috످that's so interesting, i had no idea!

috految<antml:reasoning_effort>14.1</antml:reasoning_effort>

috److I love the enthusiasm! This is the first message I can see in our chat, though, so I'm missing the interesting part. What did you find out?

috످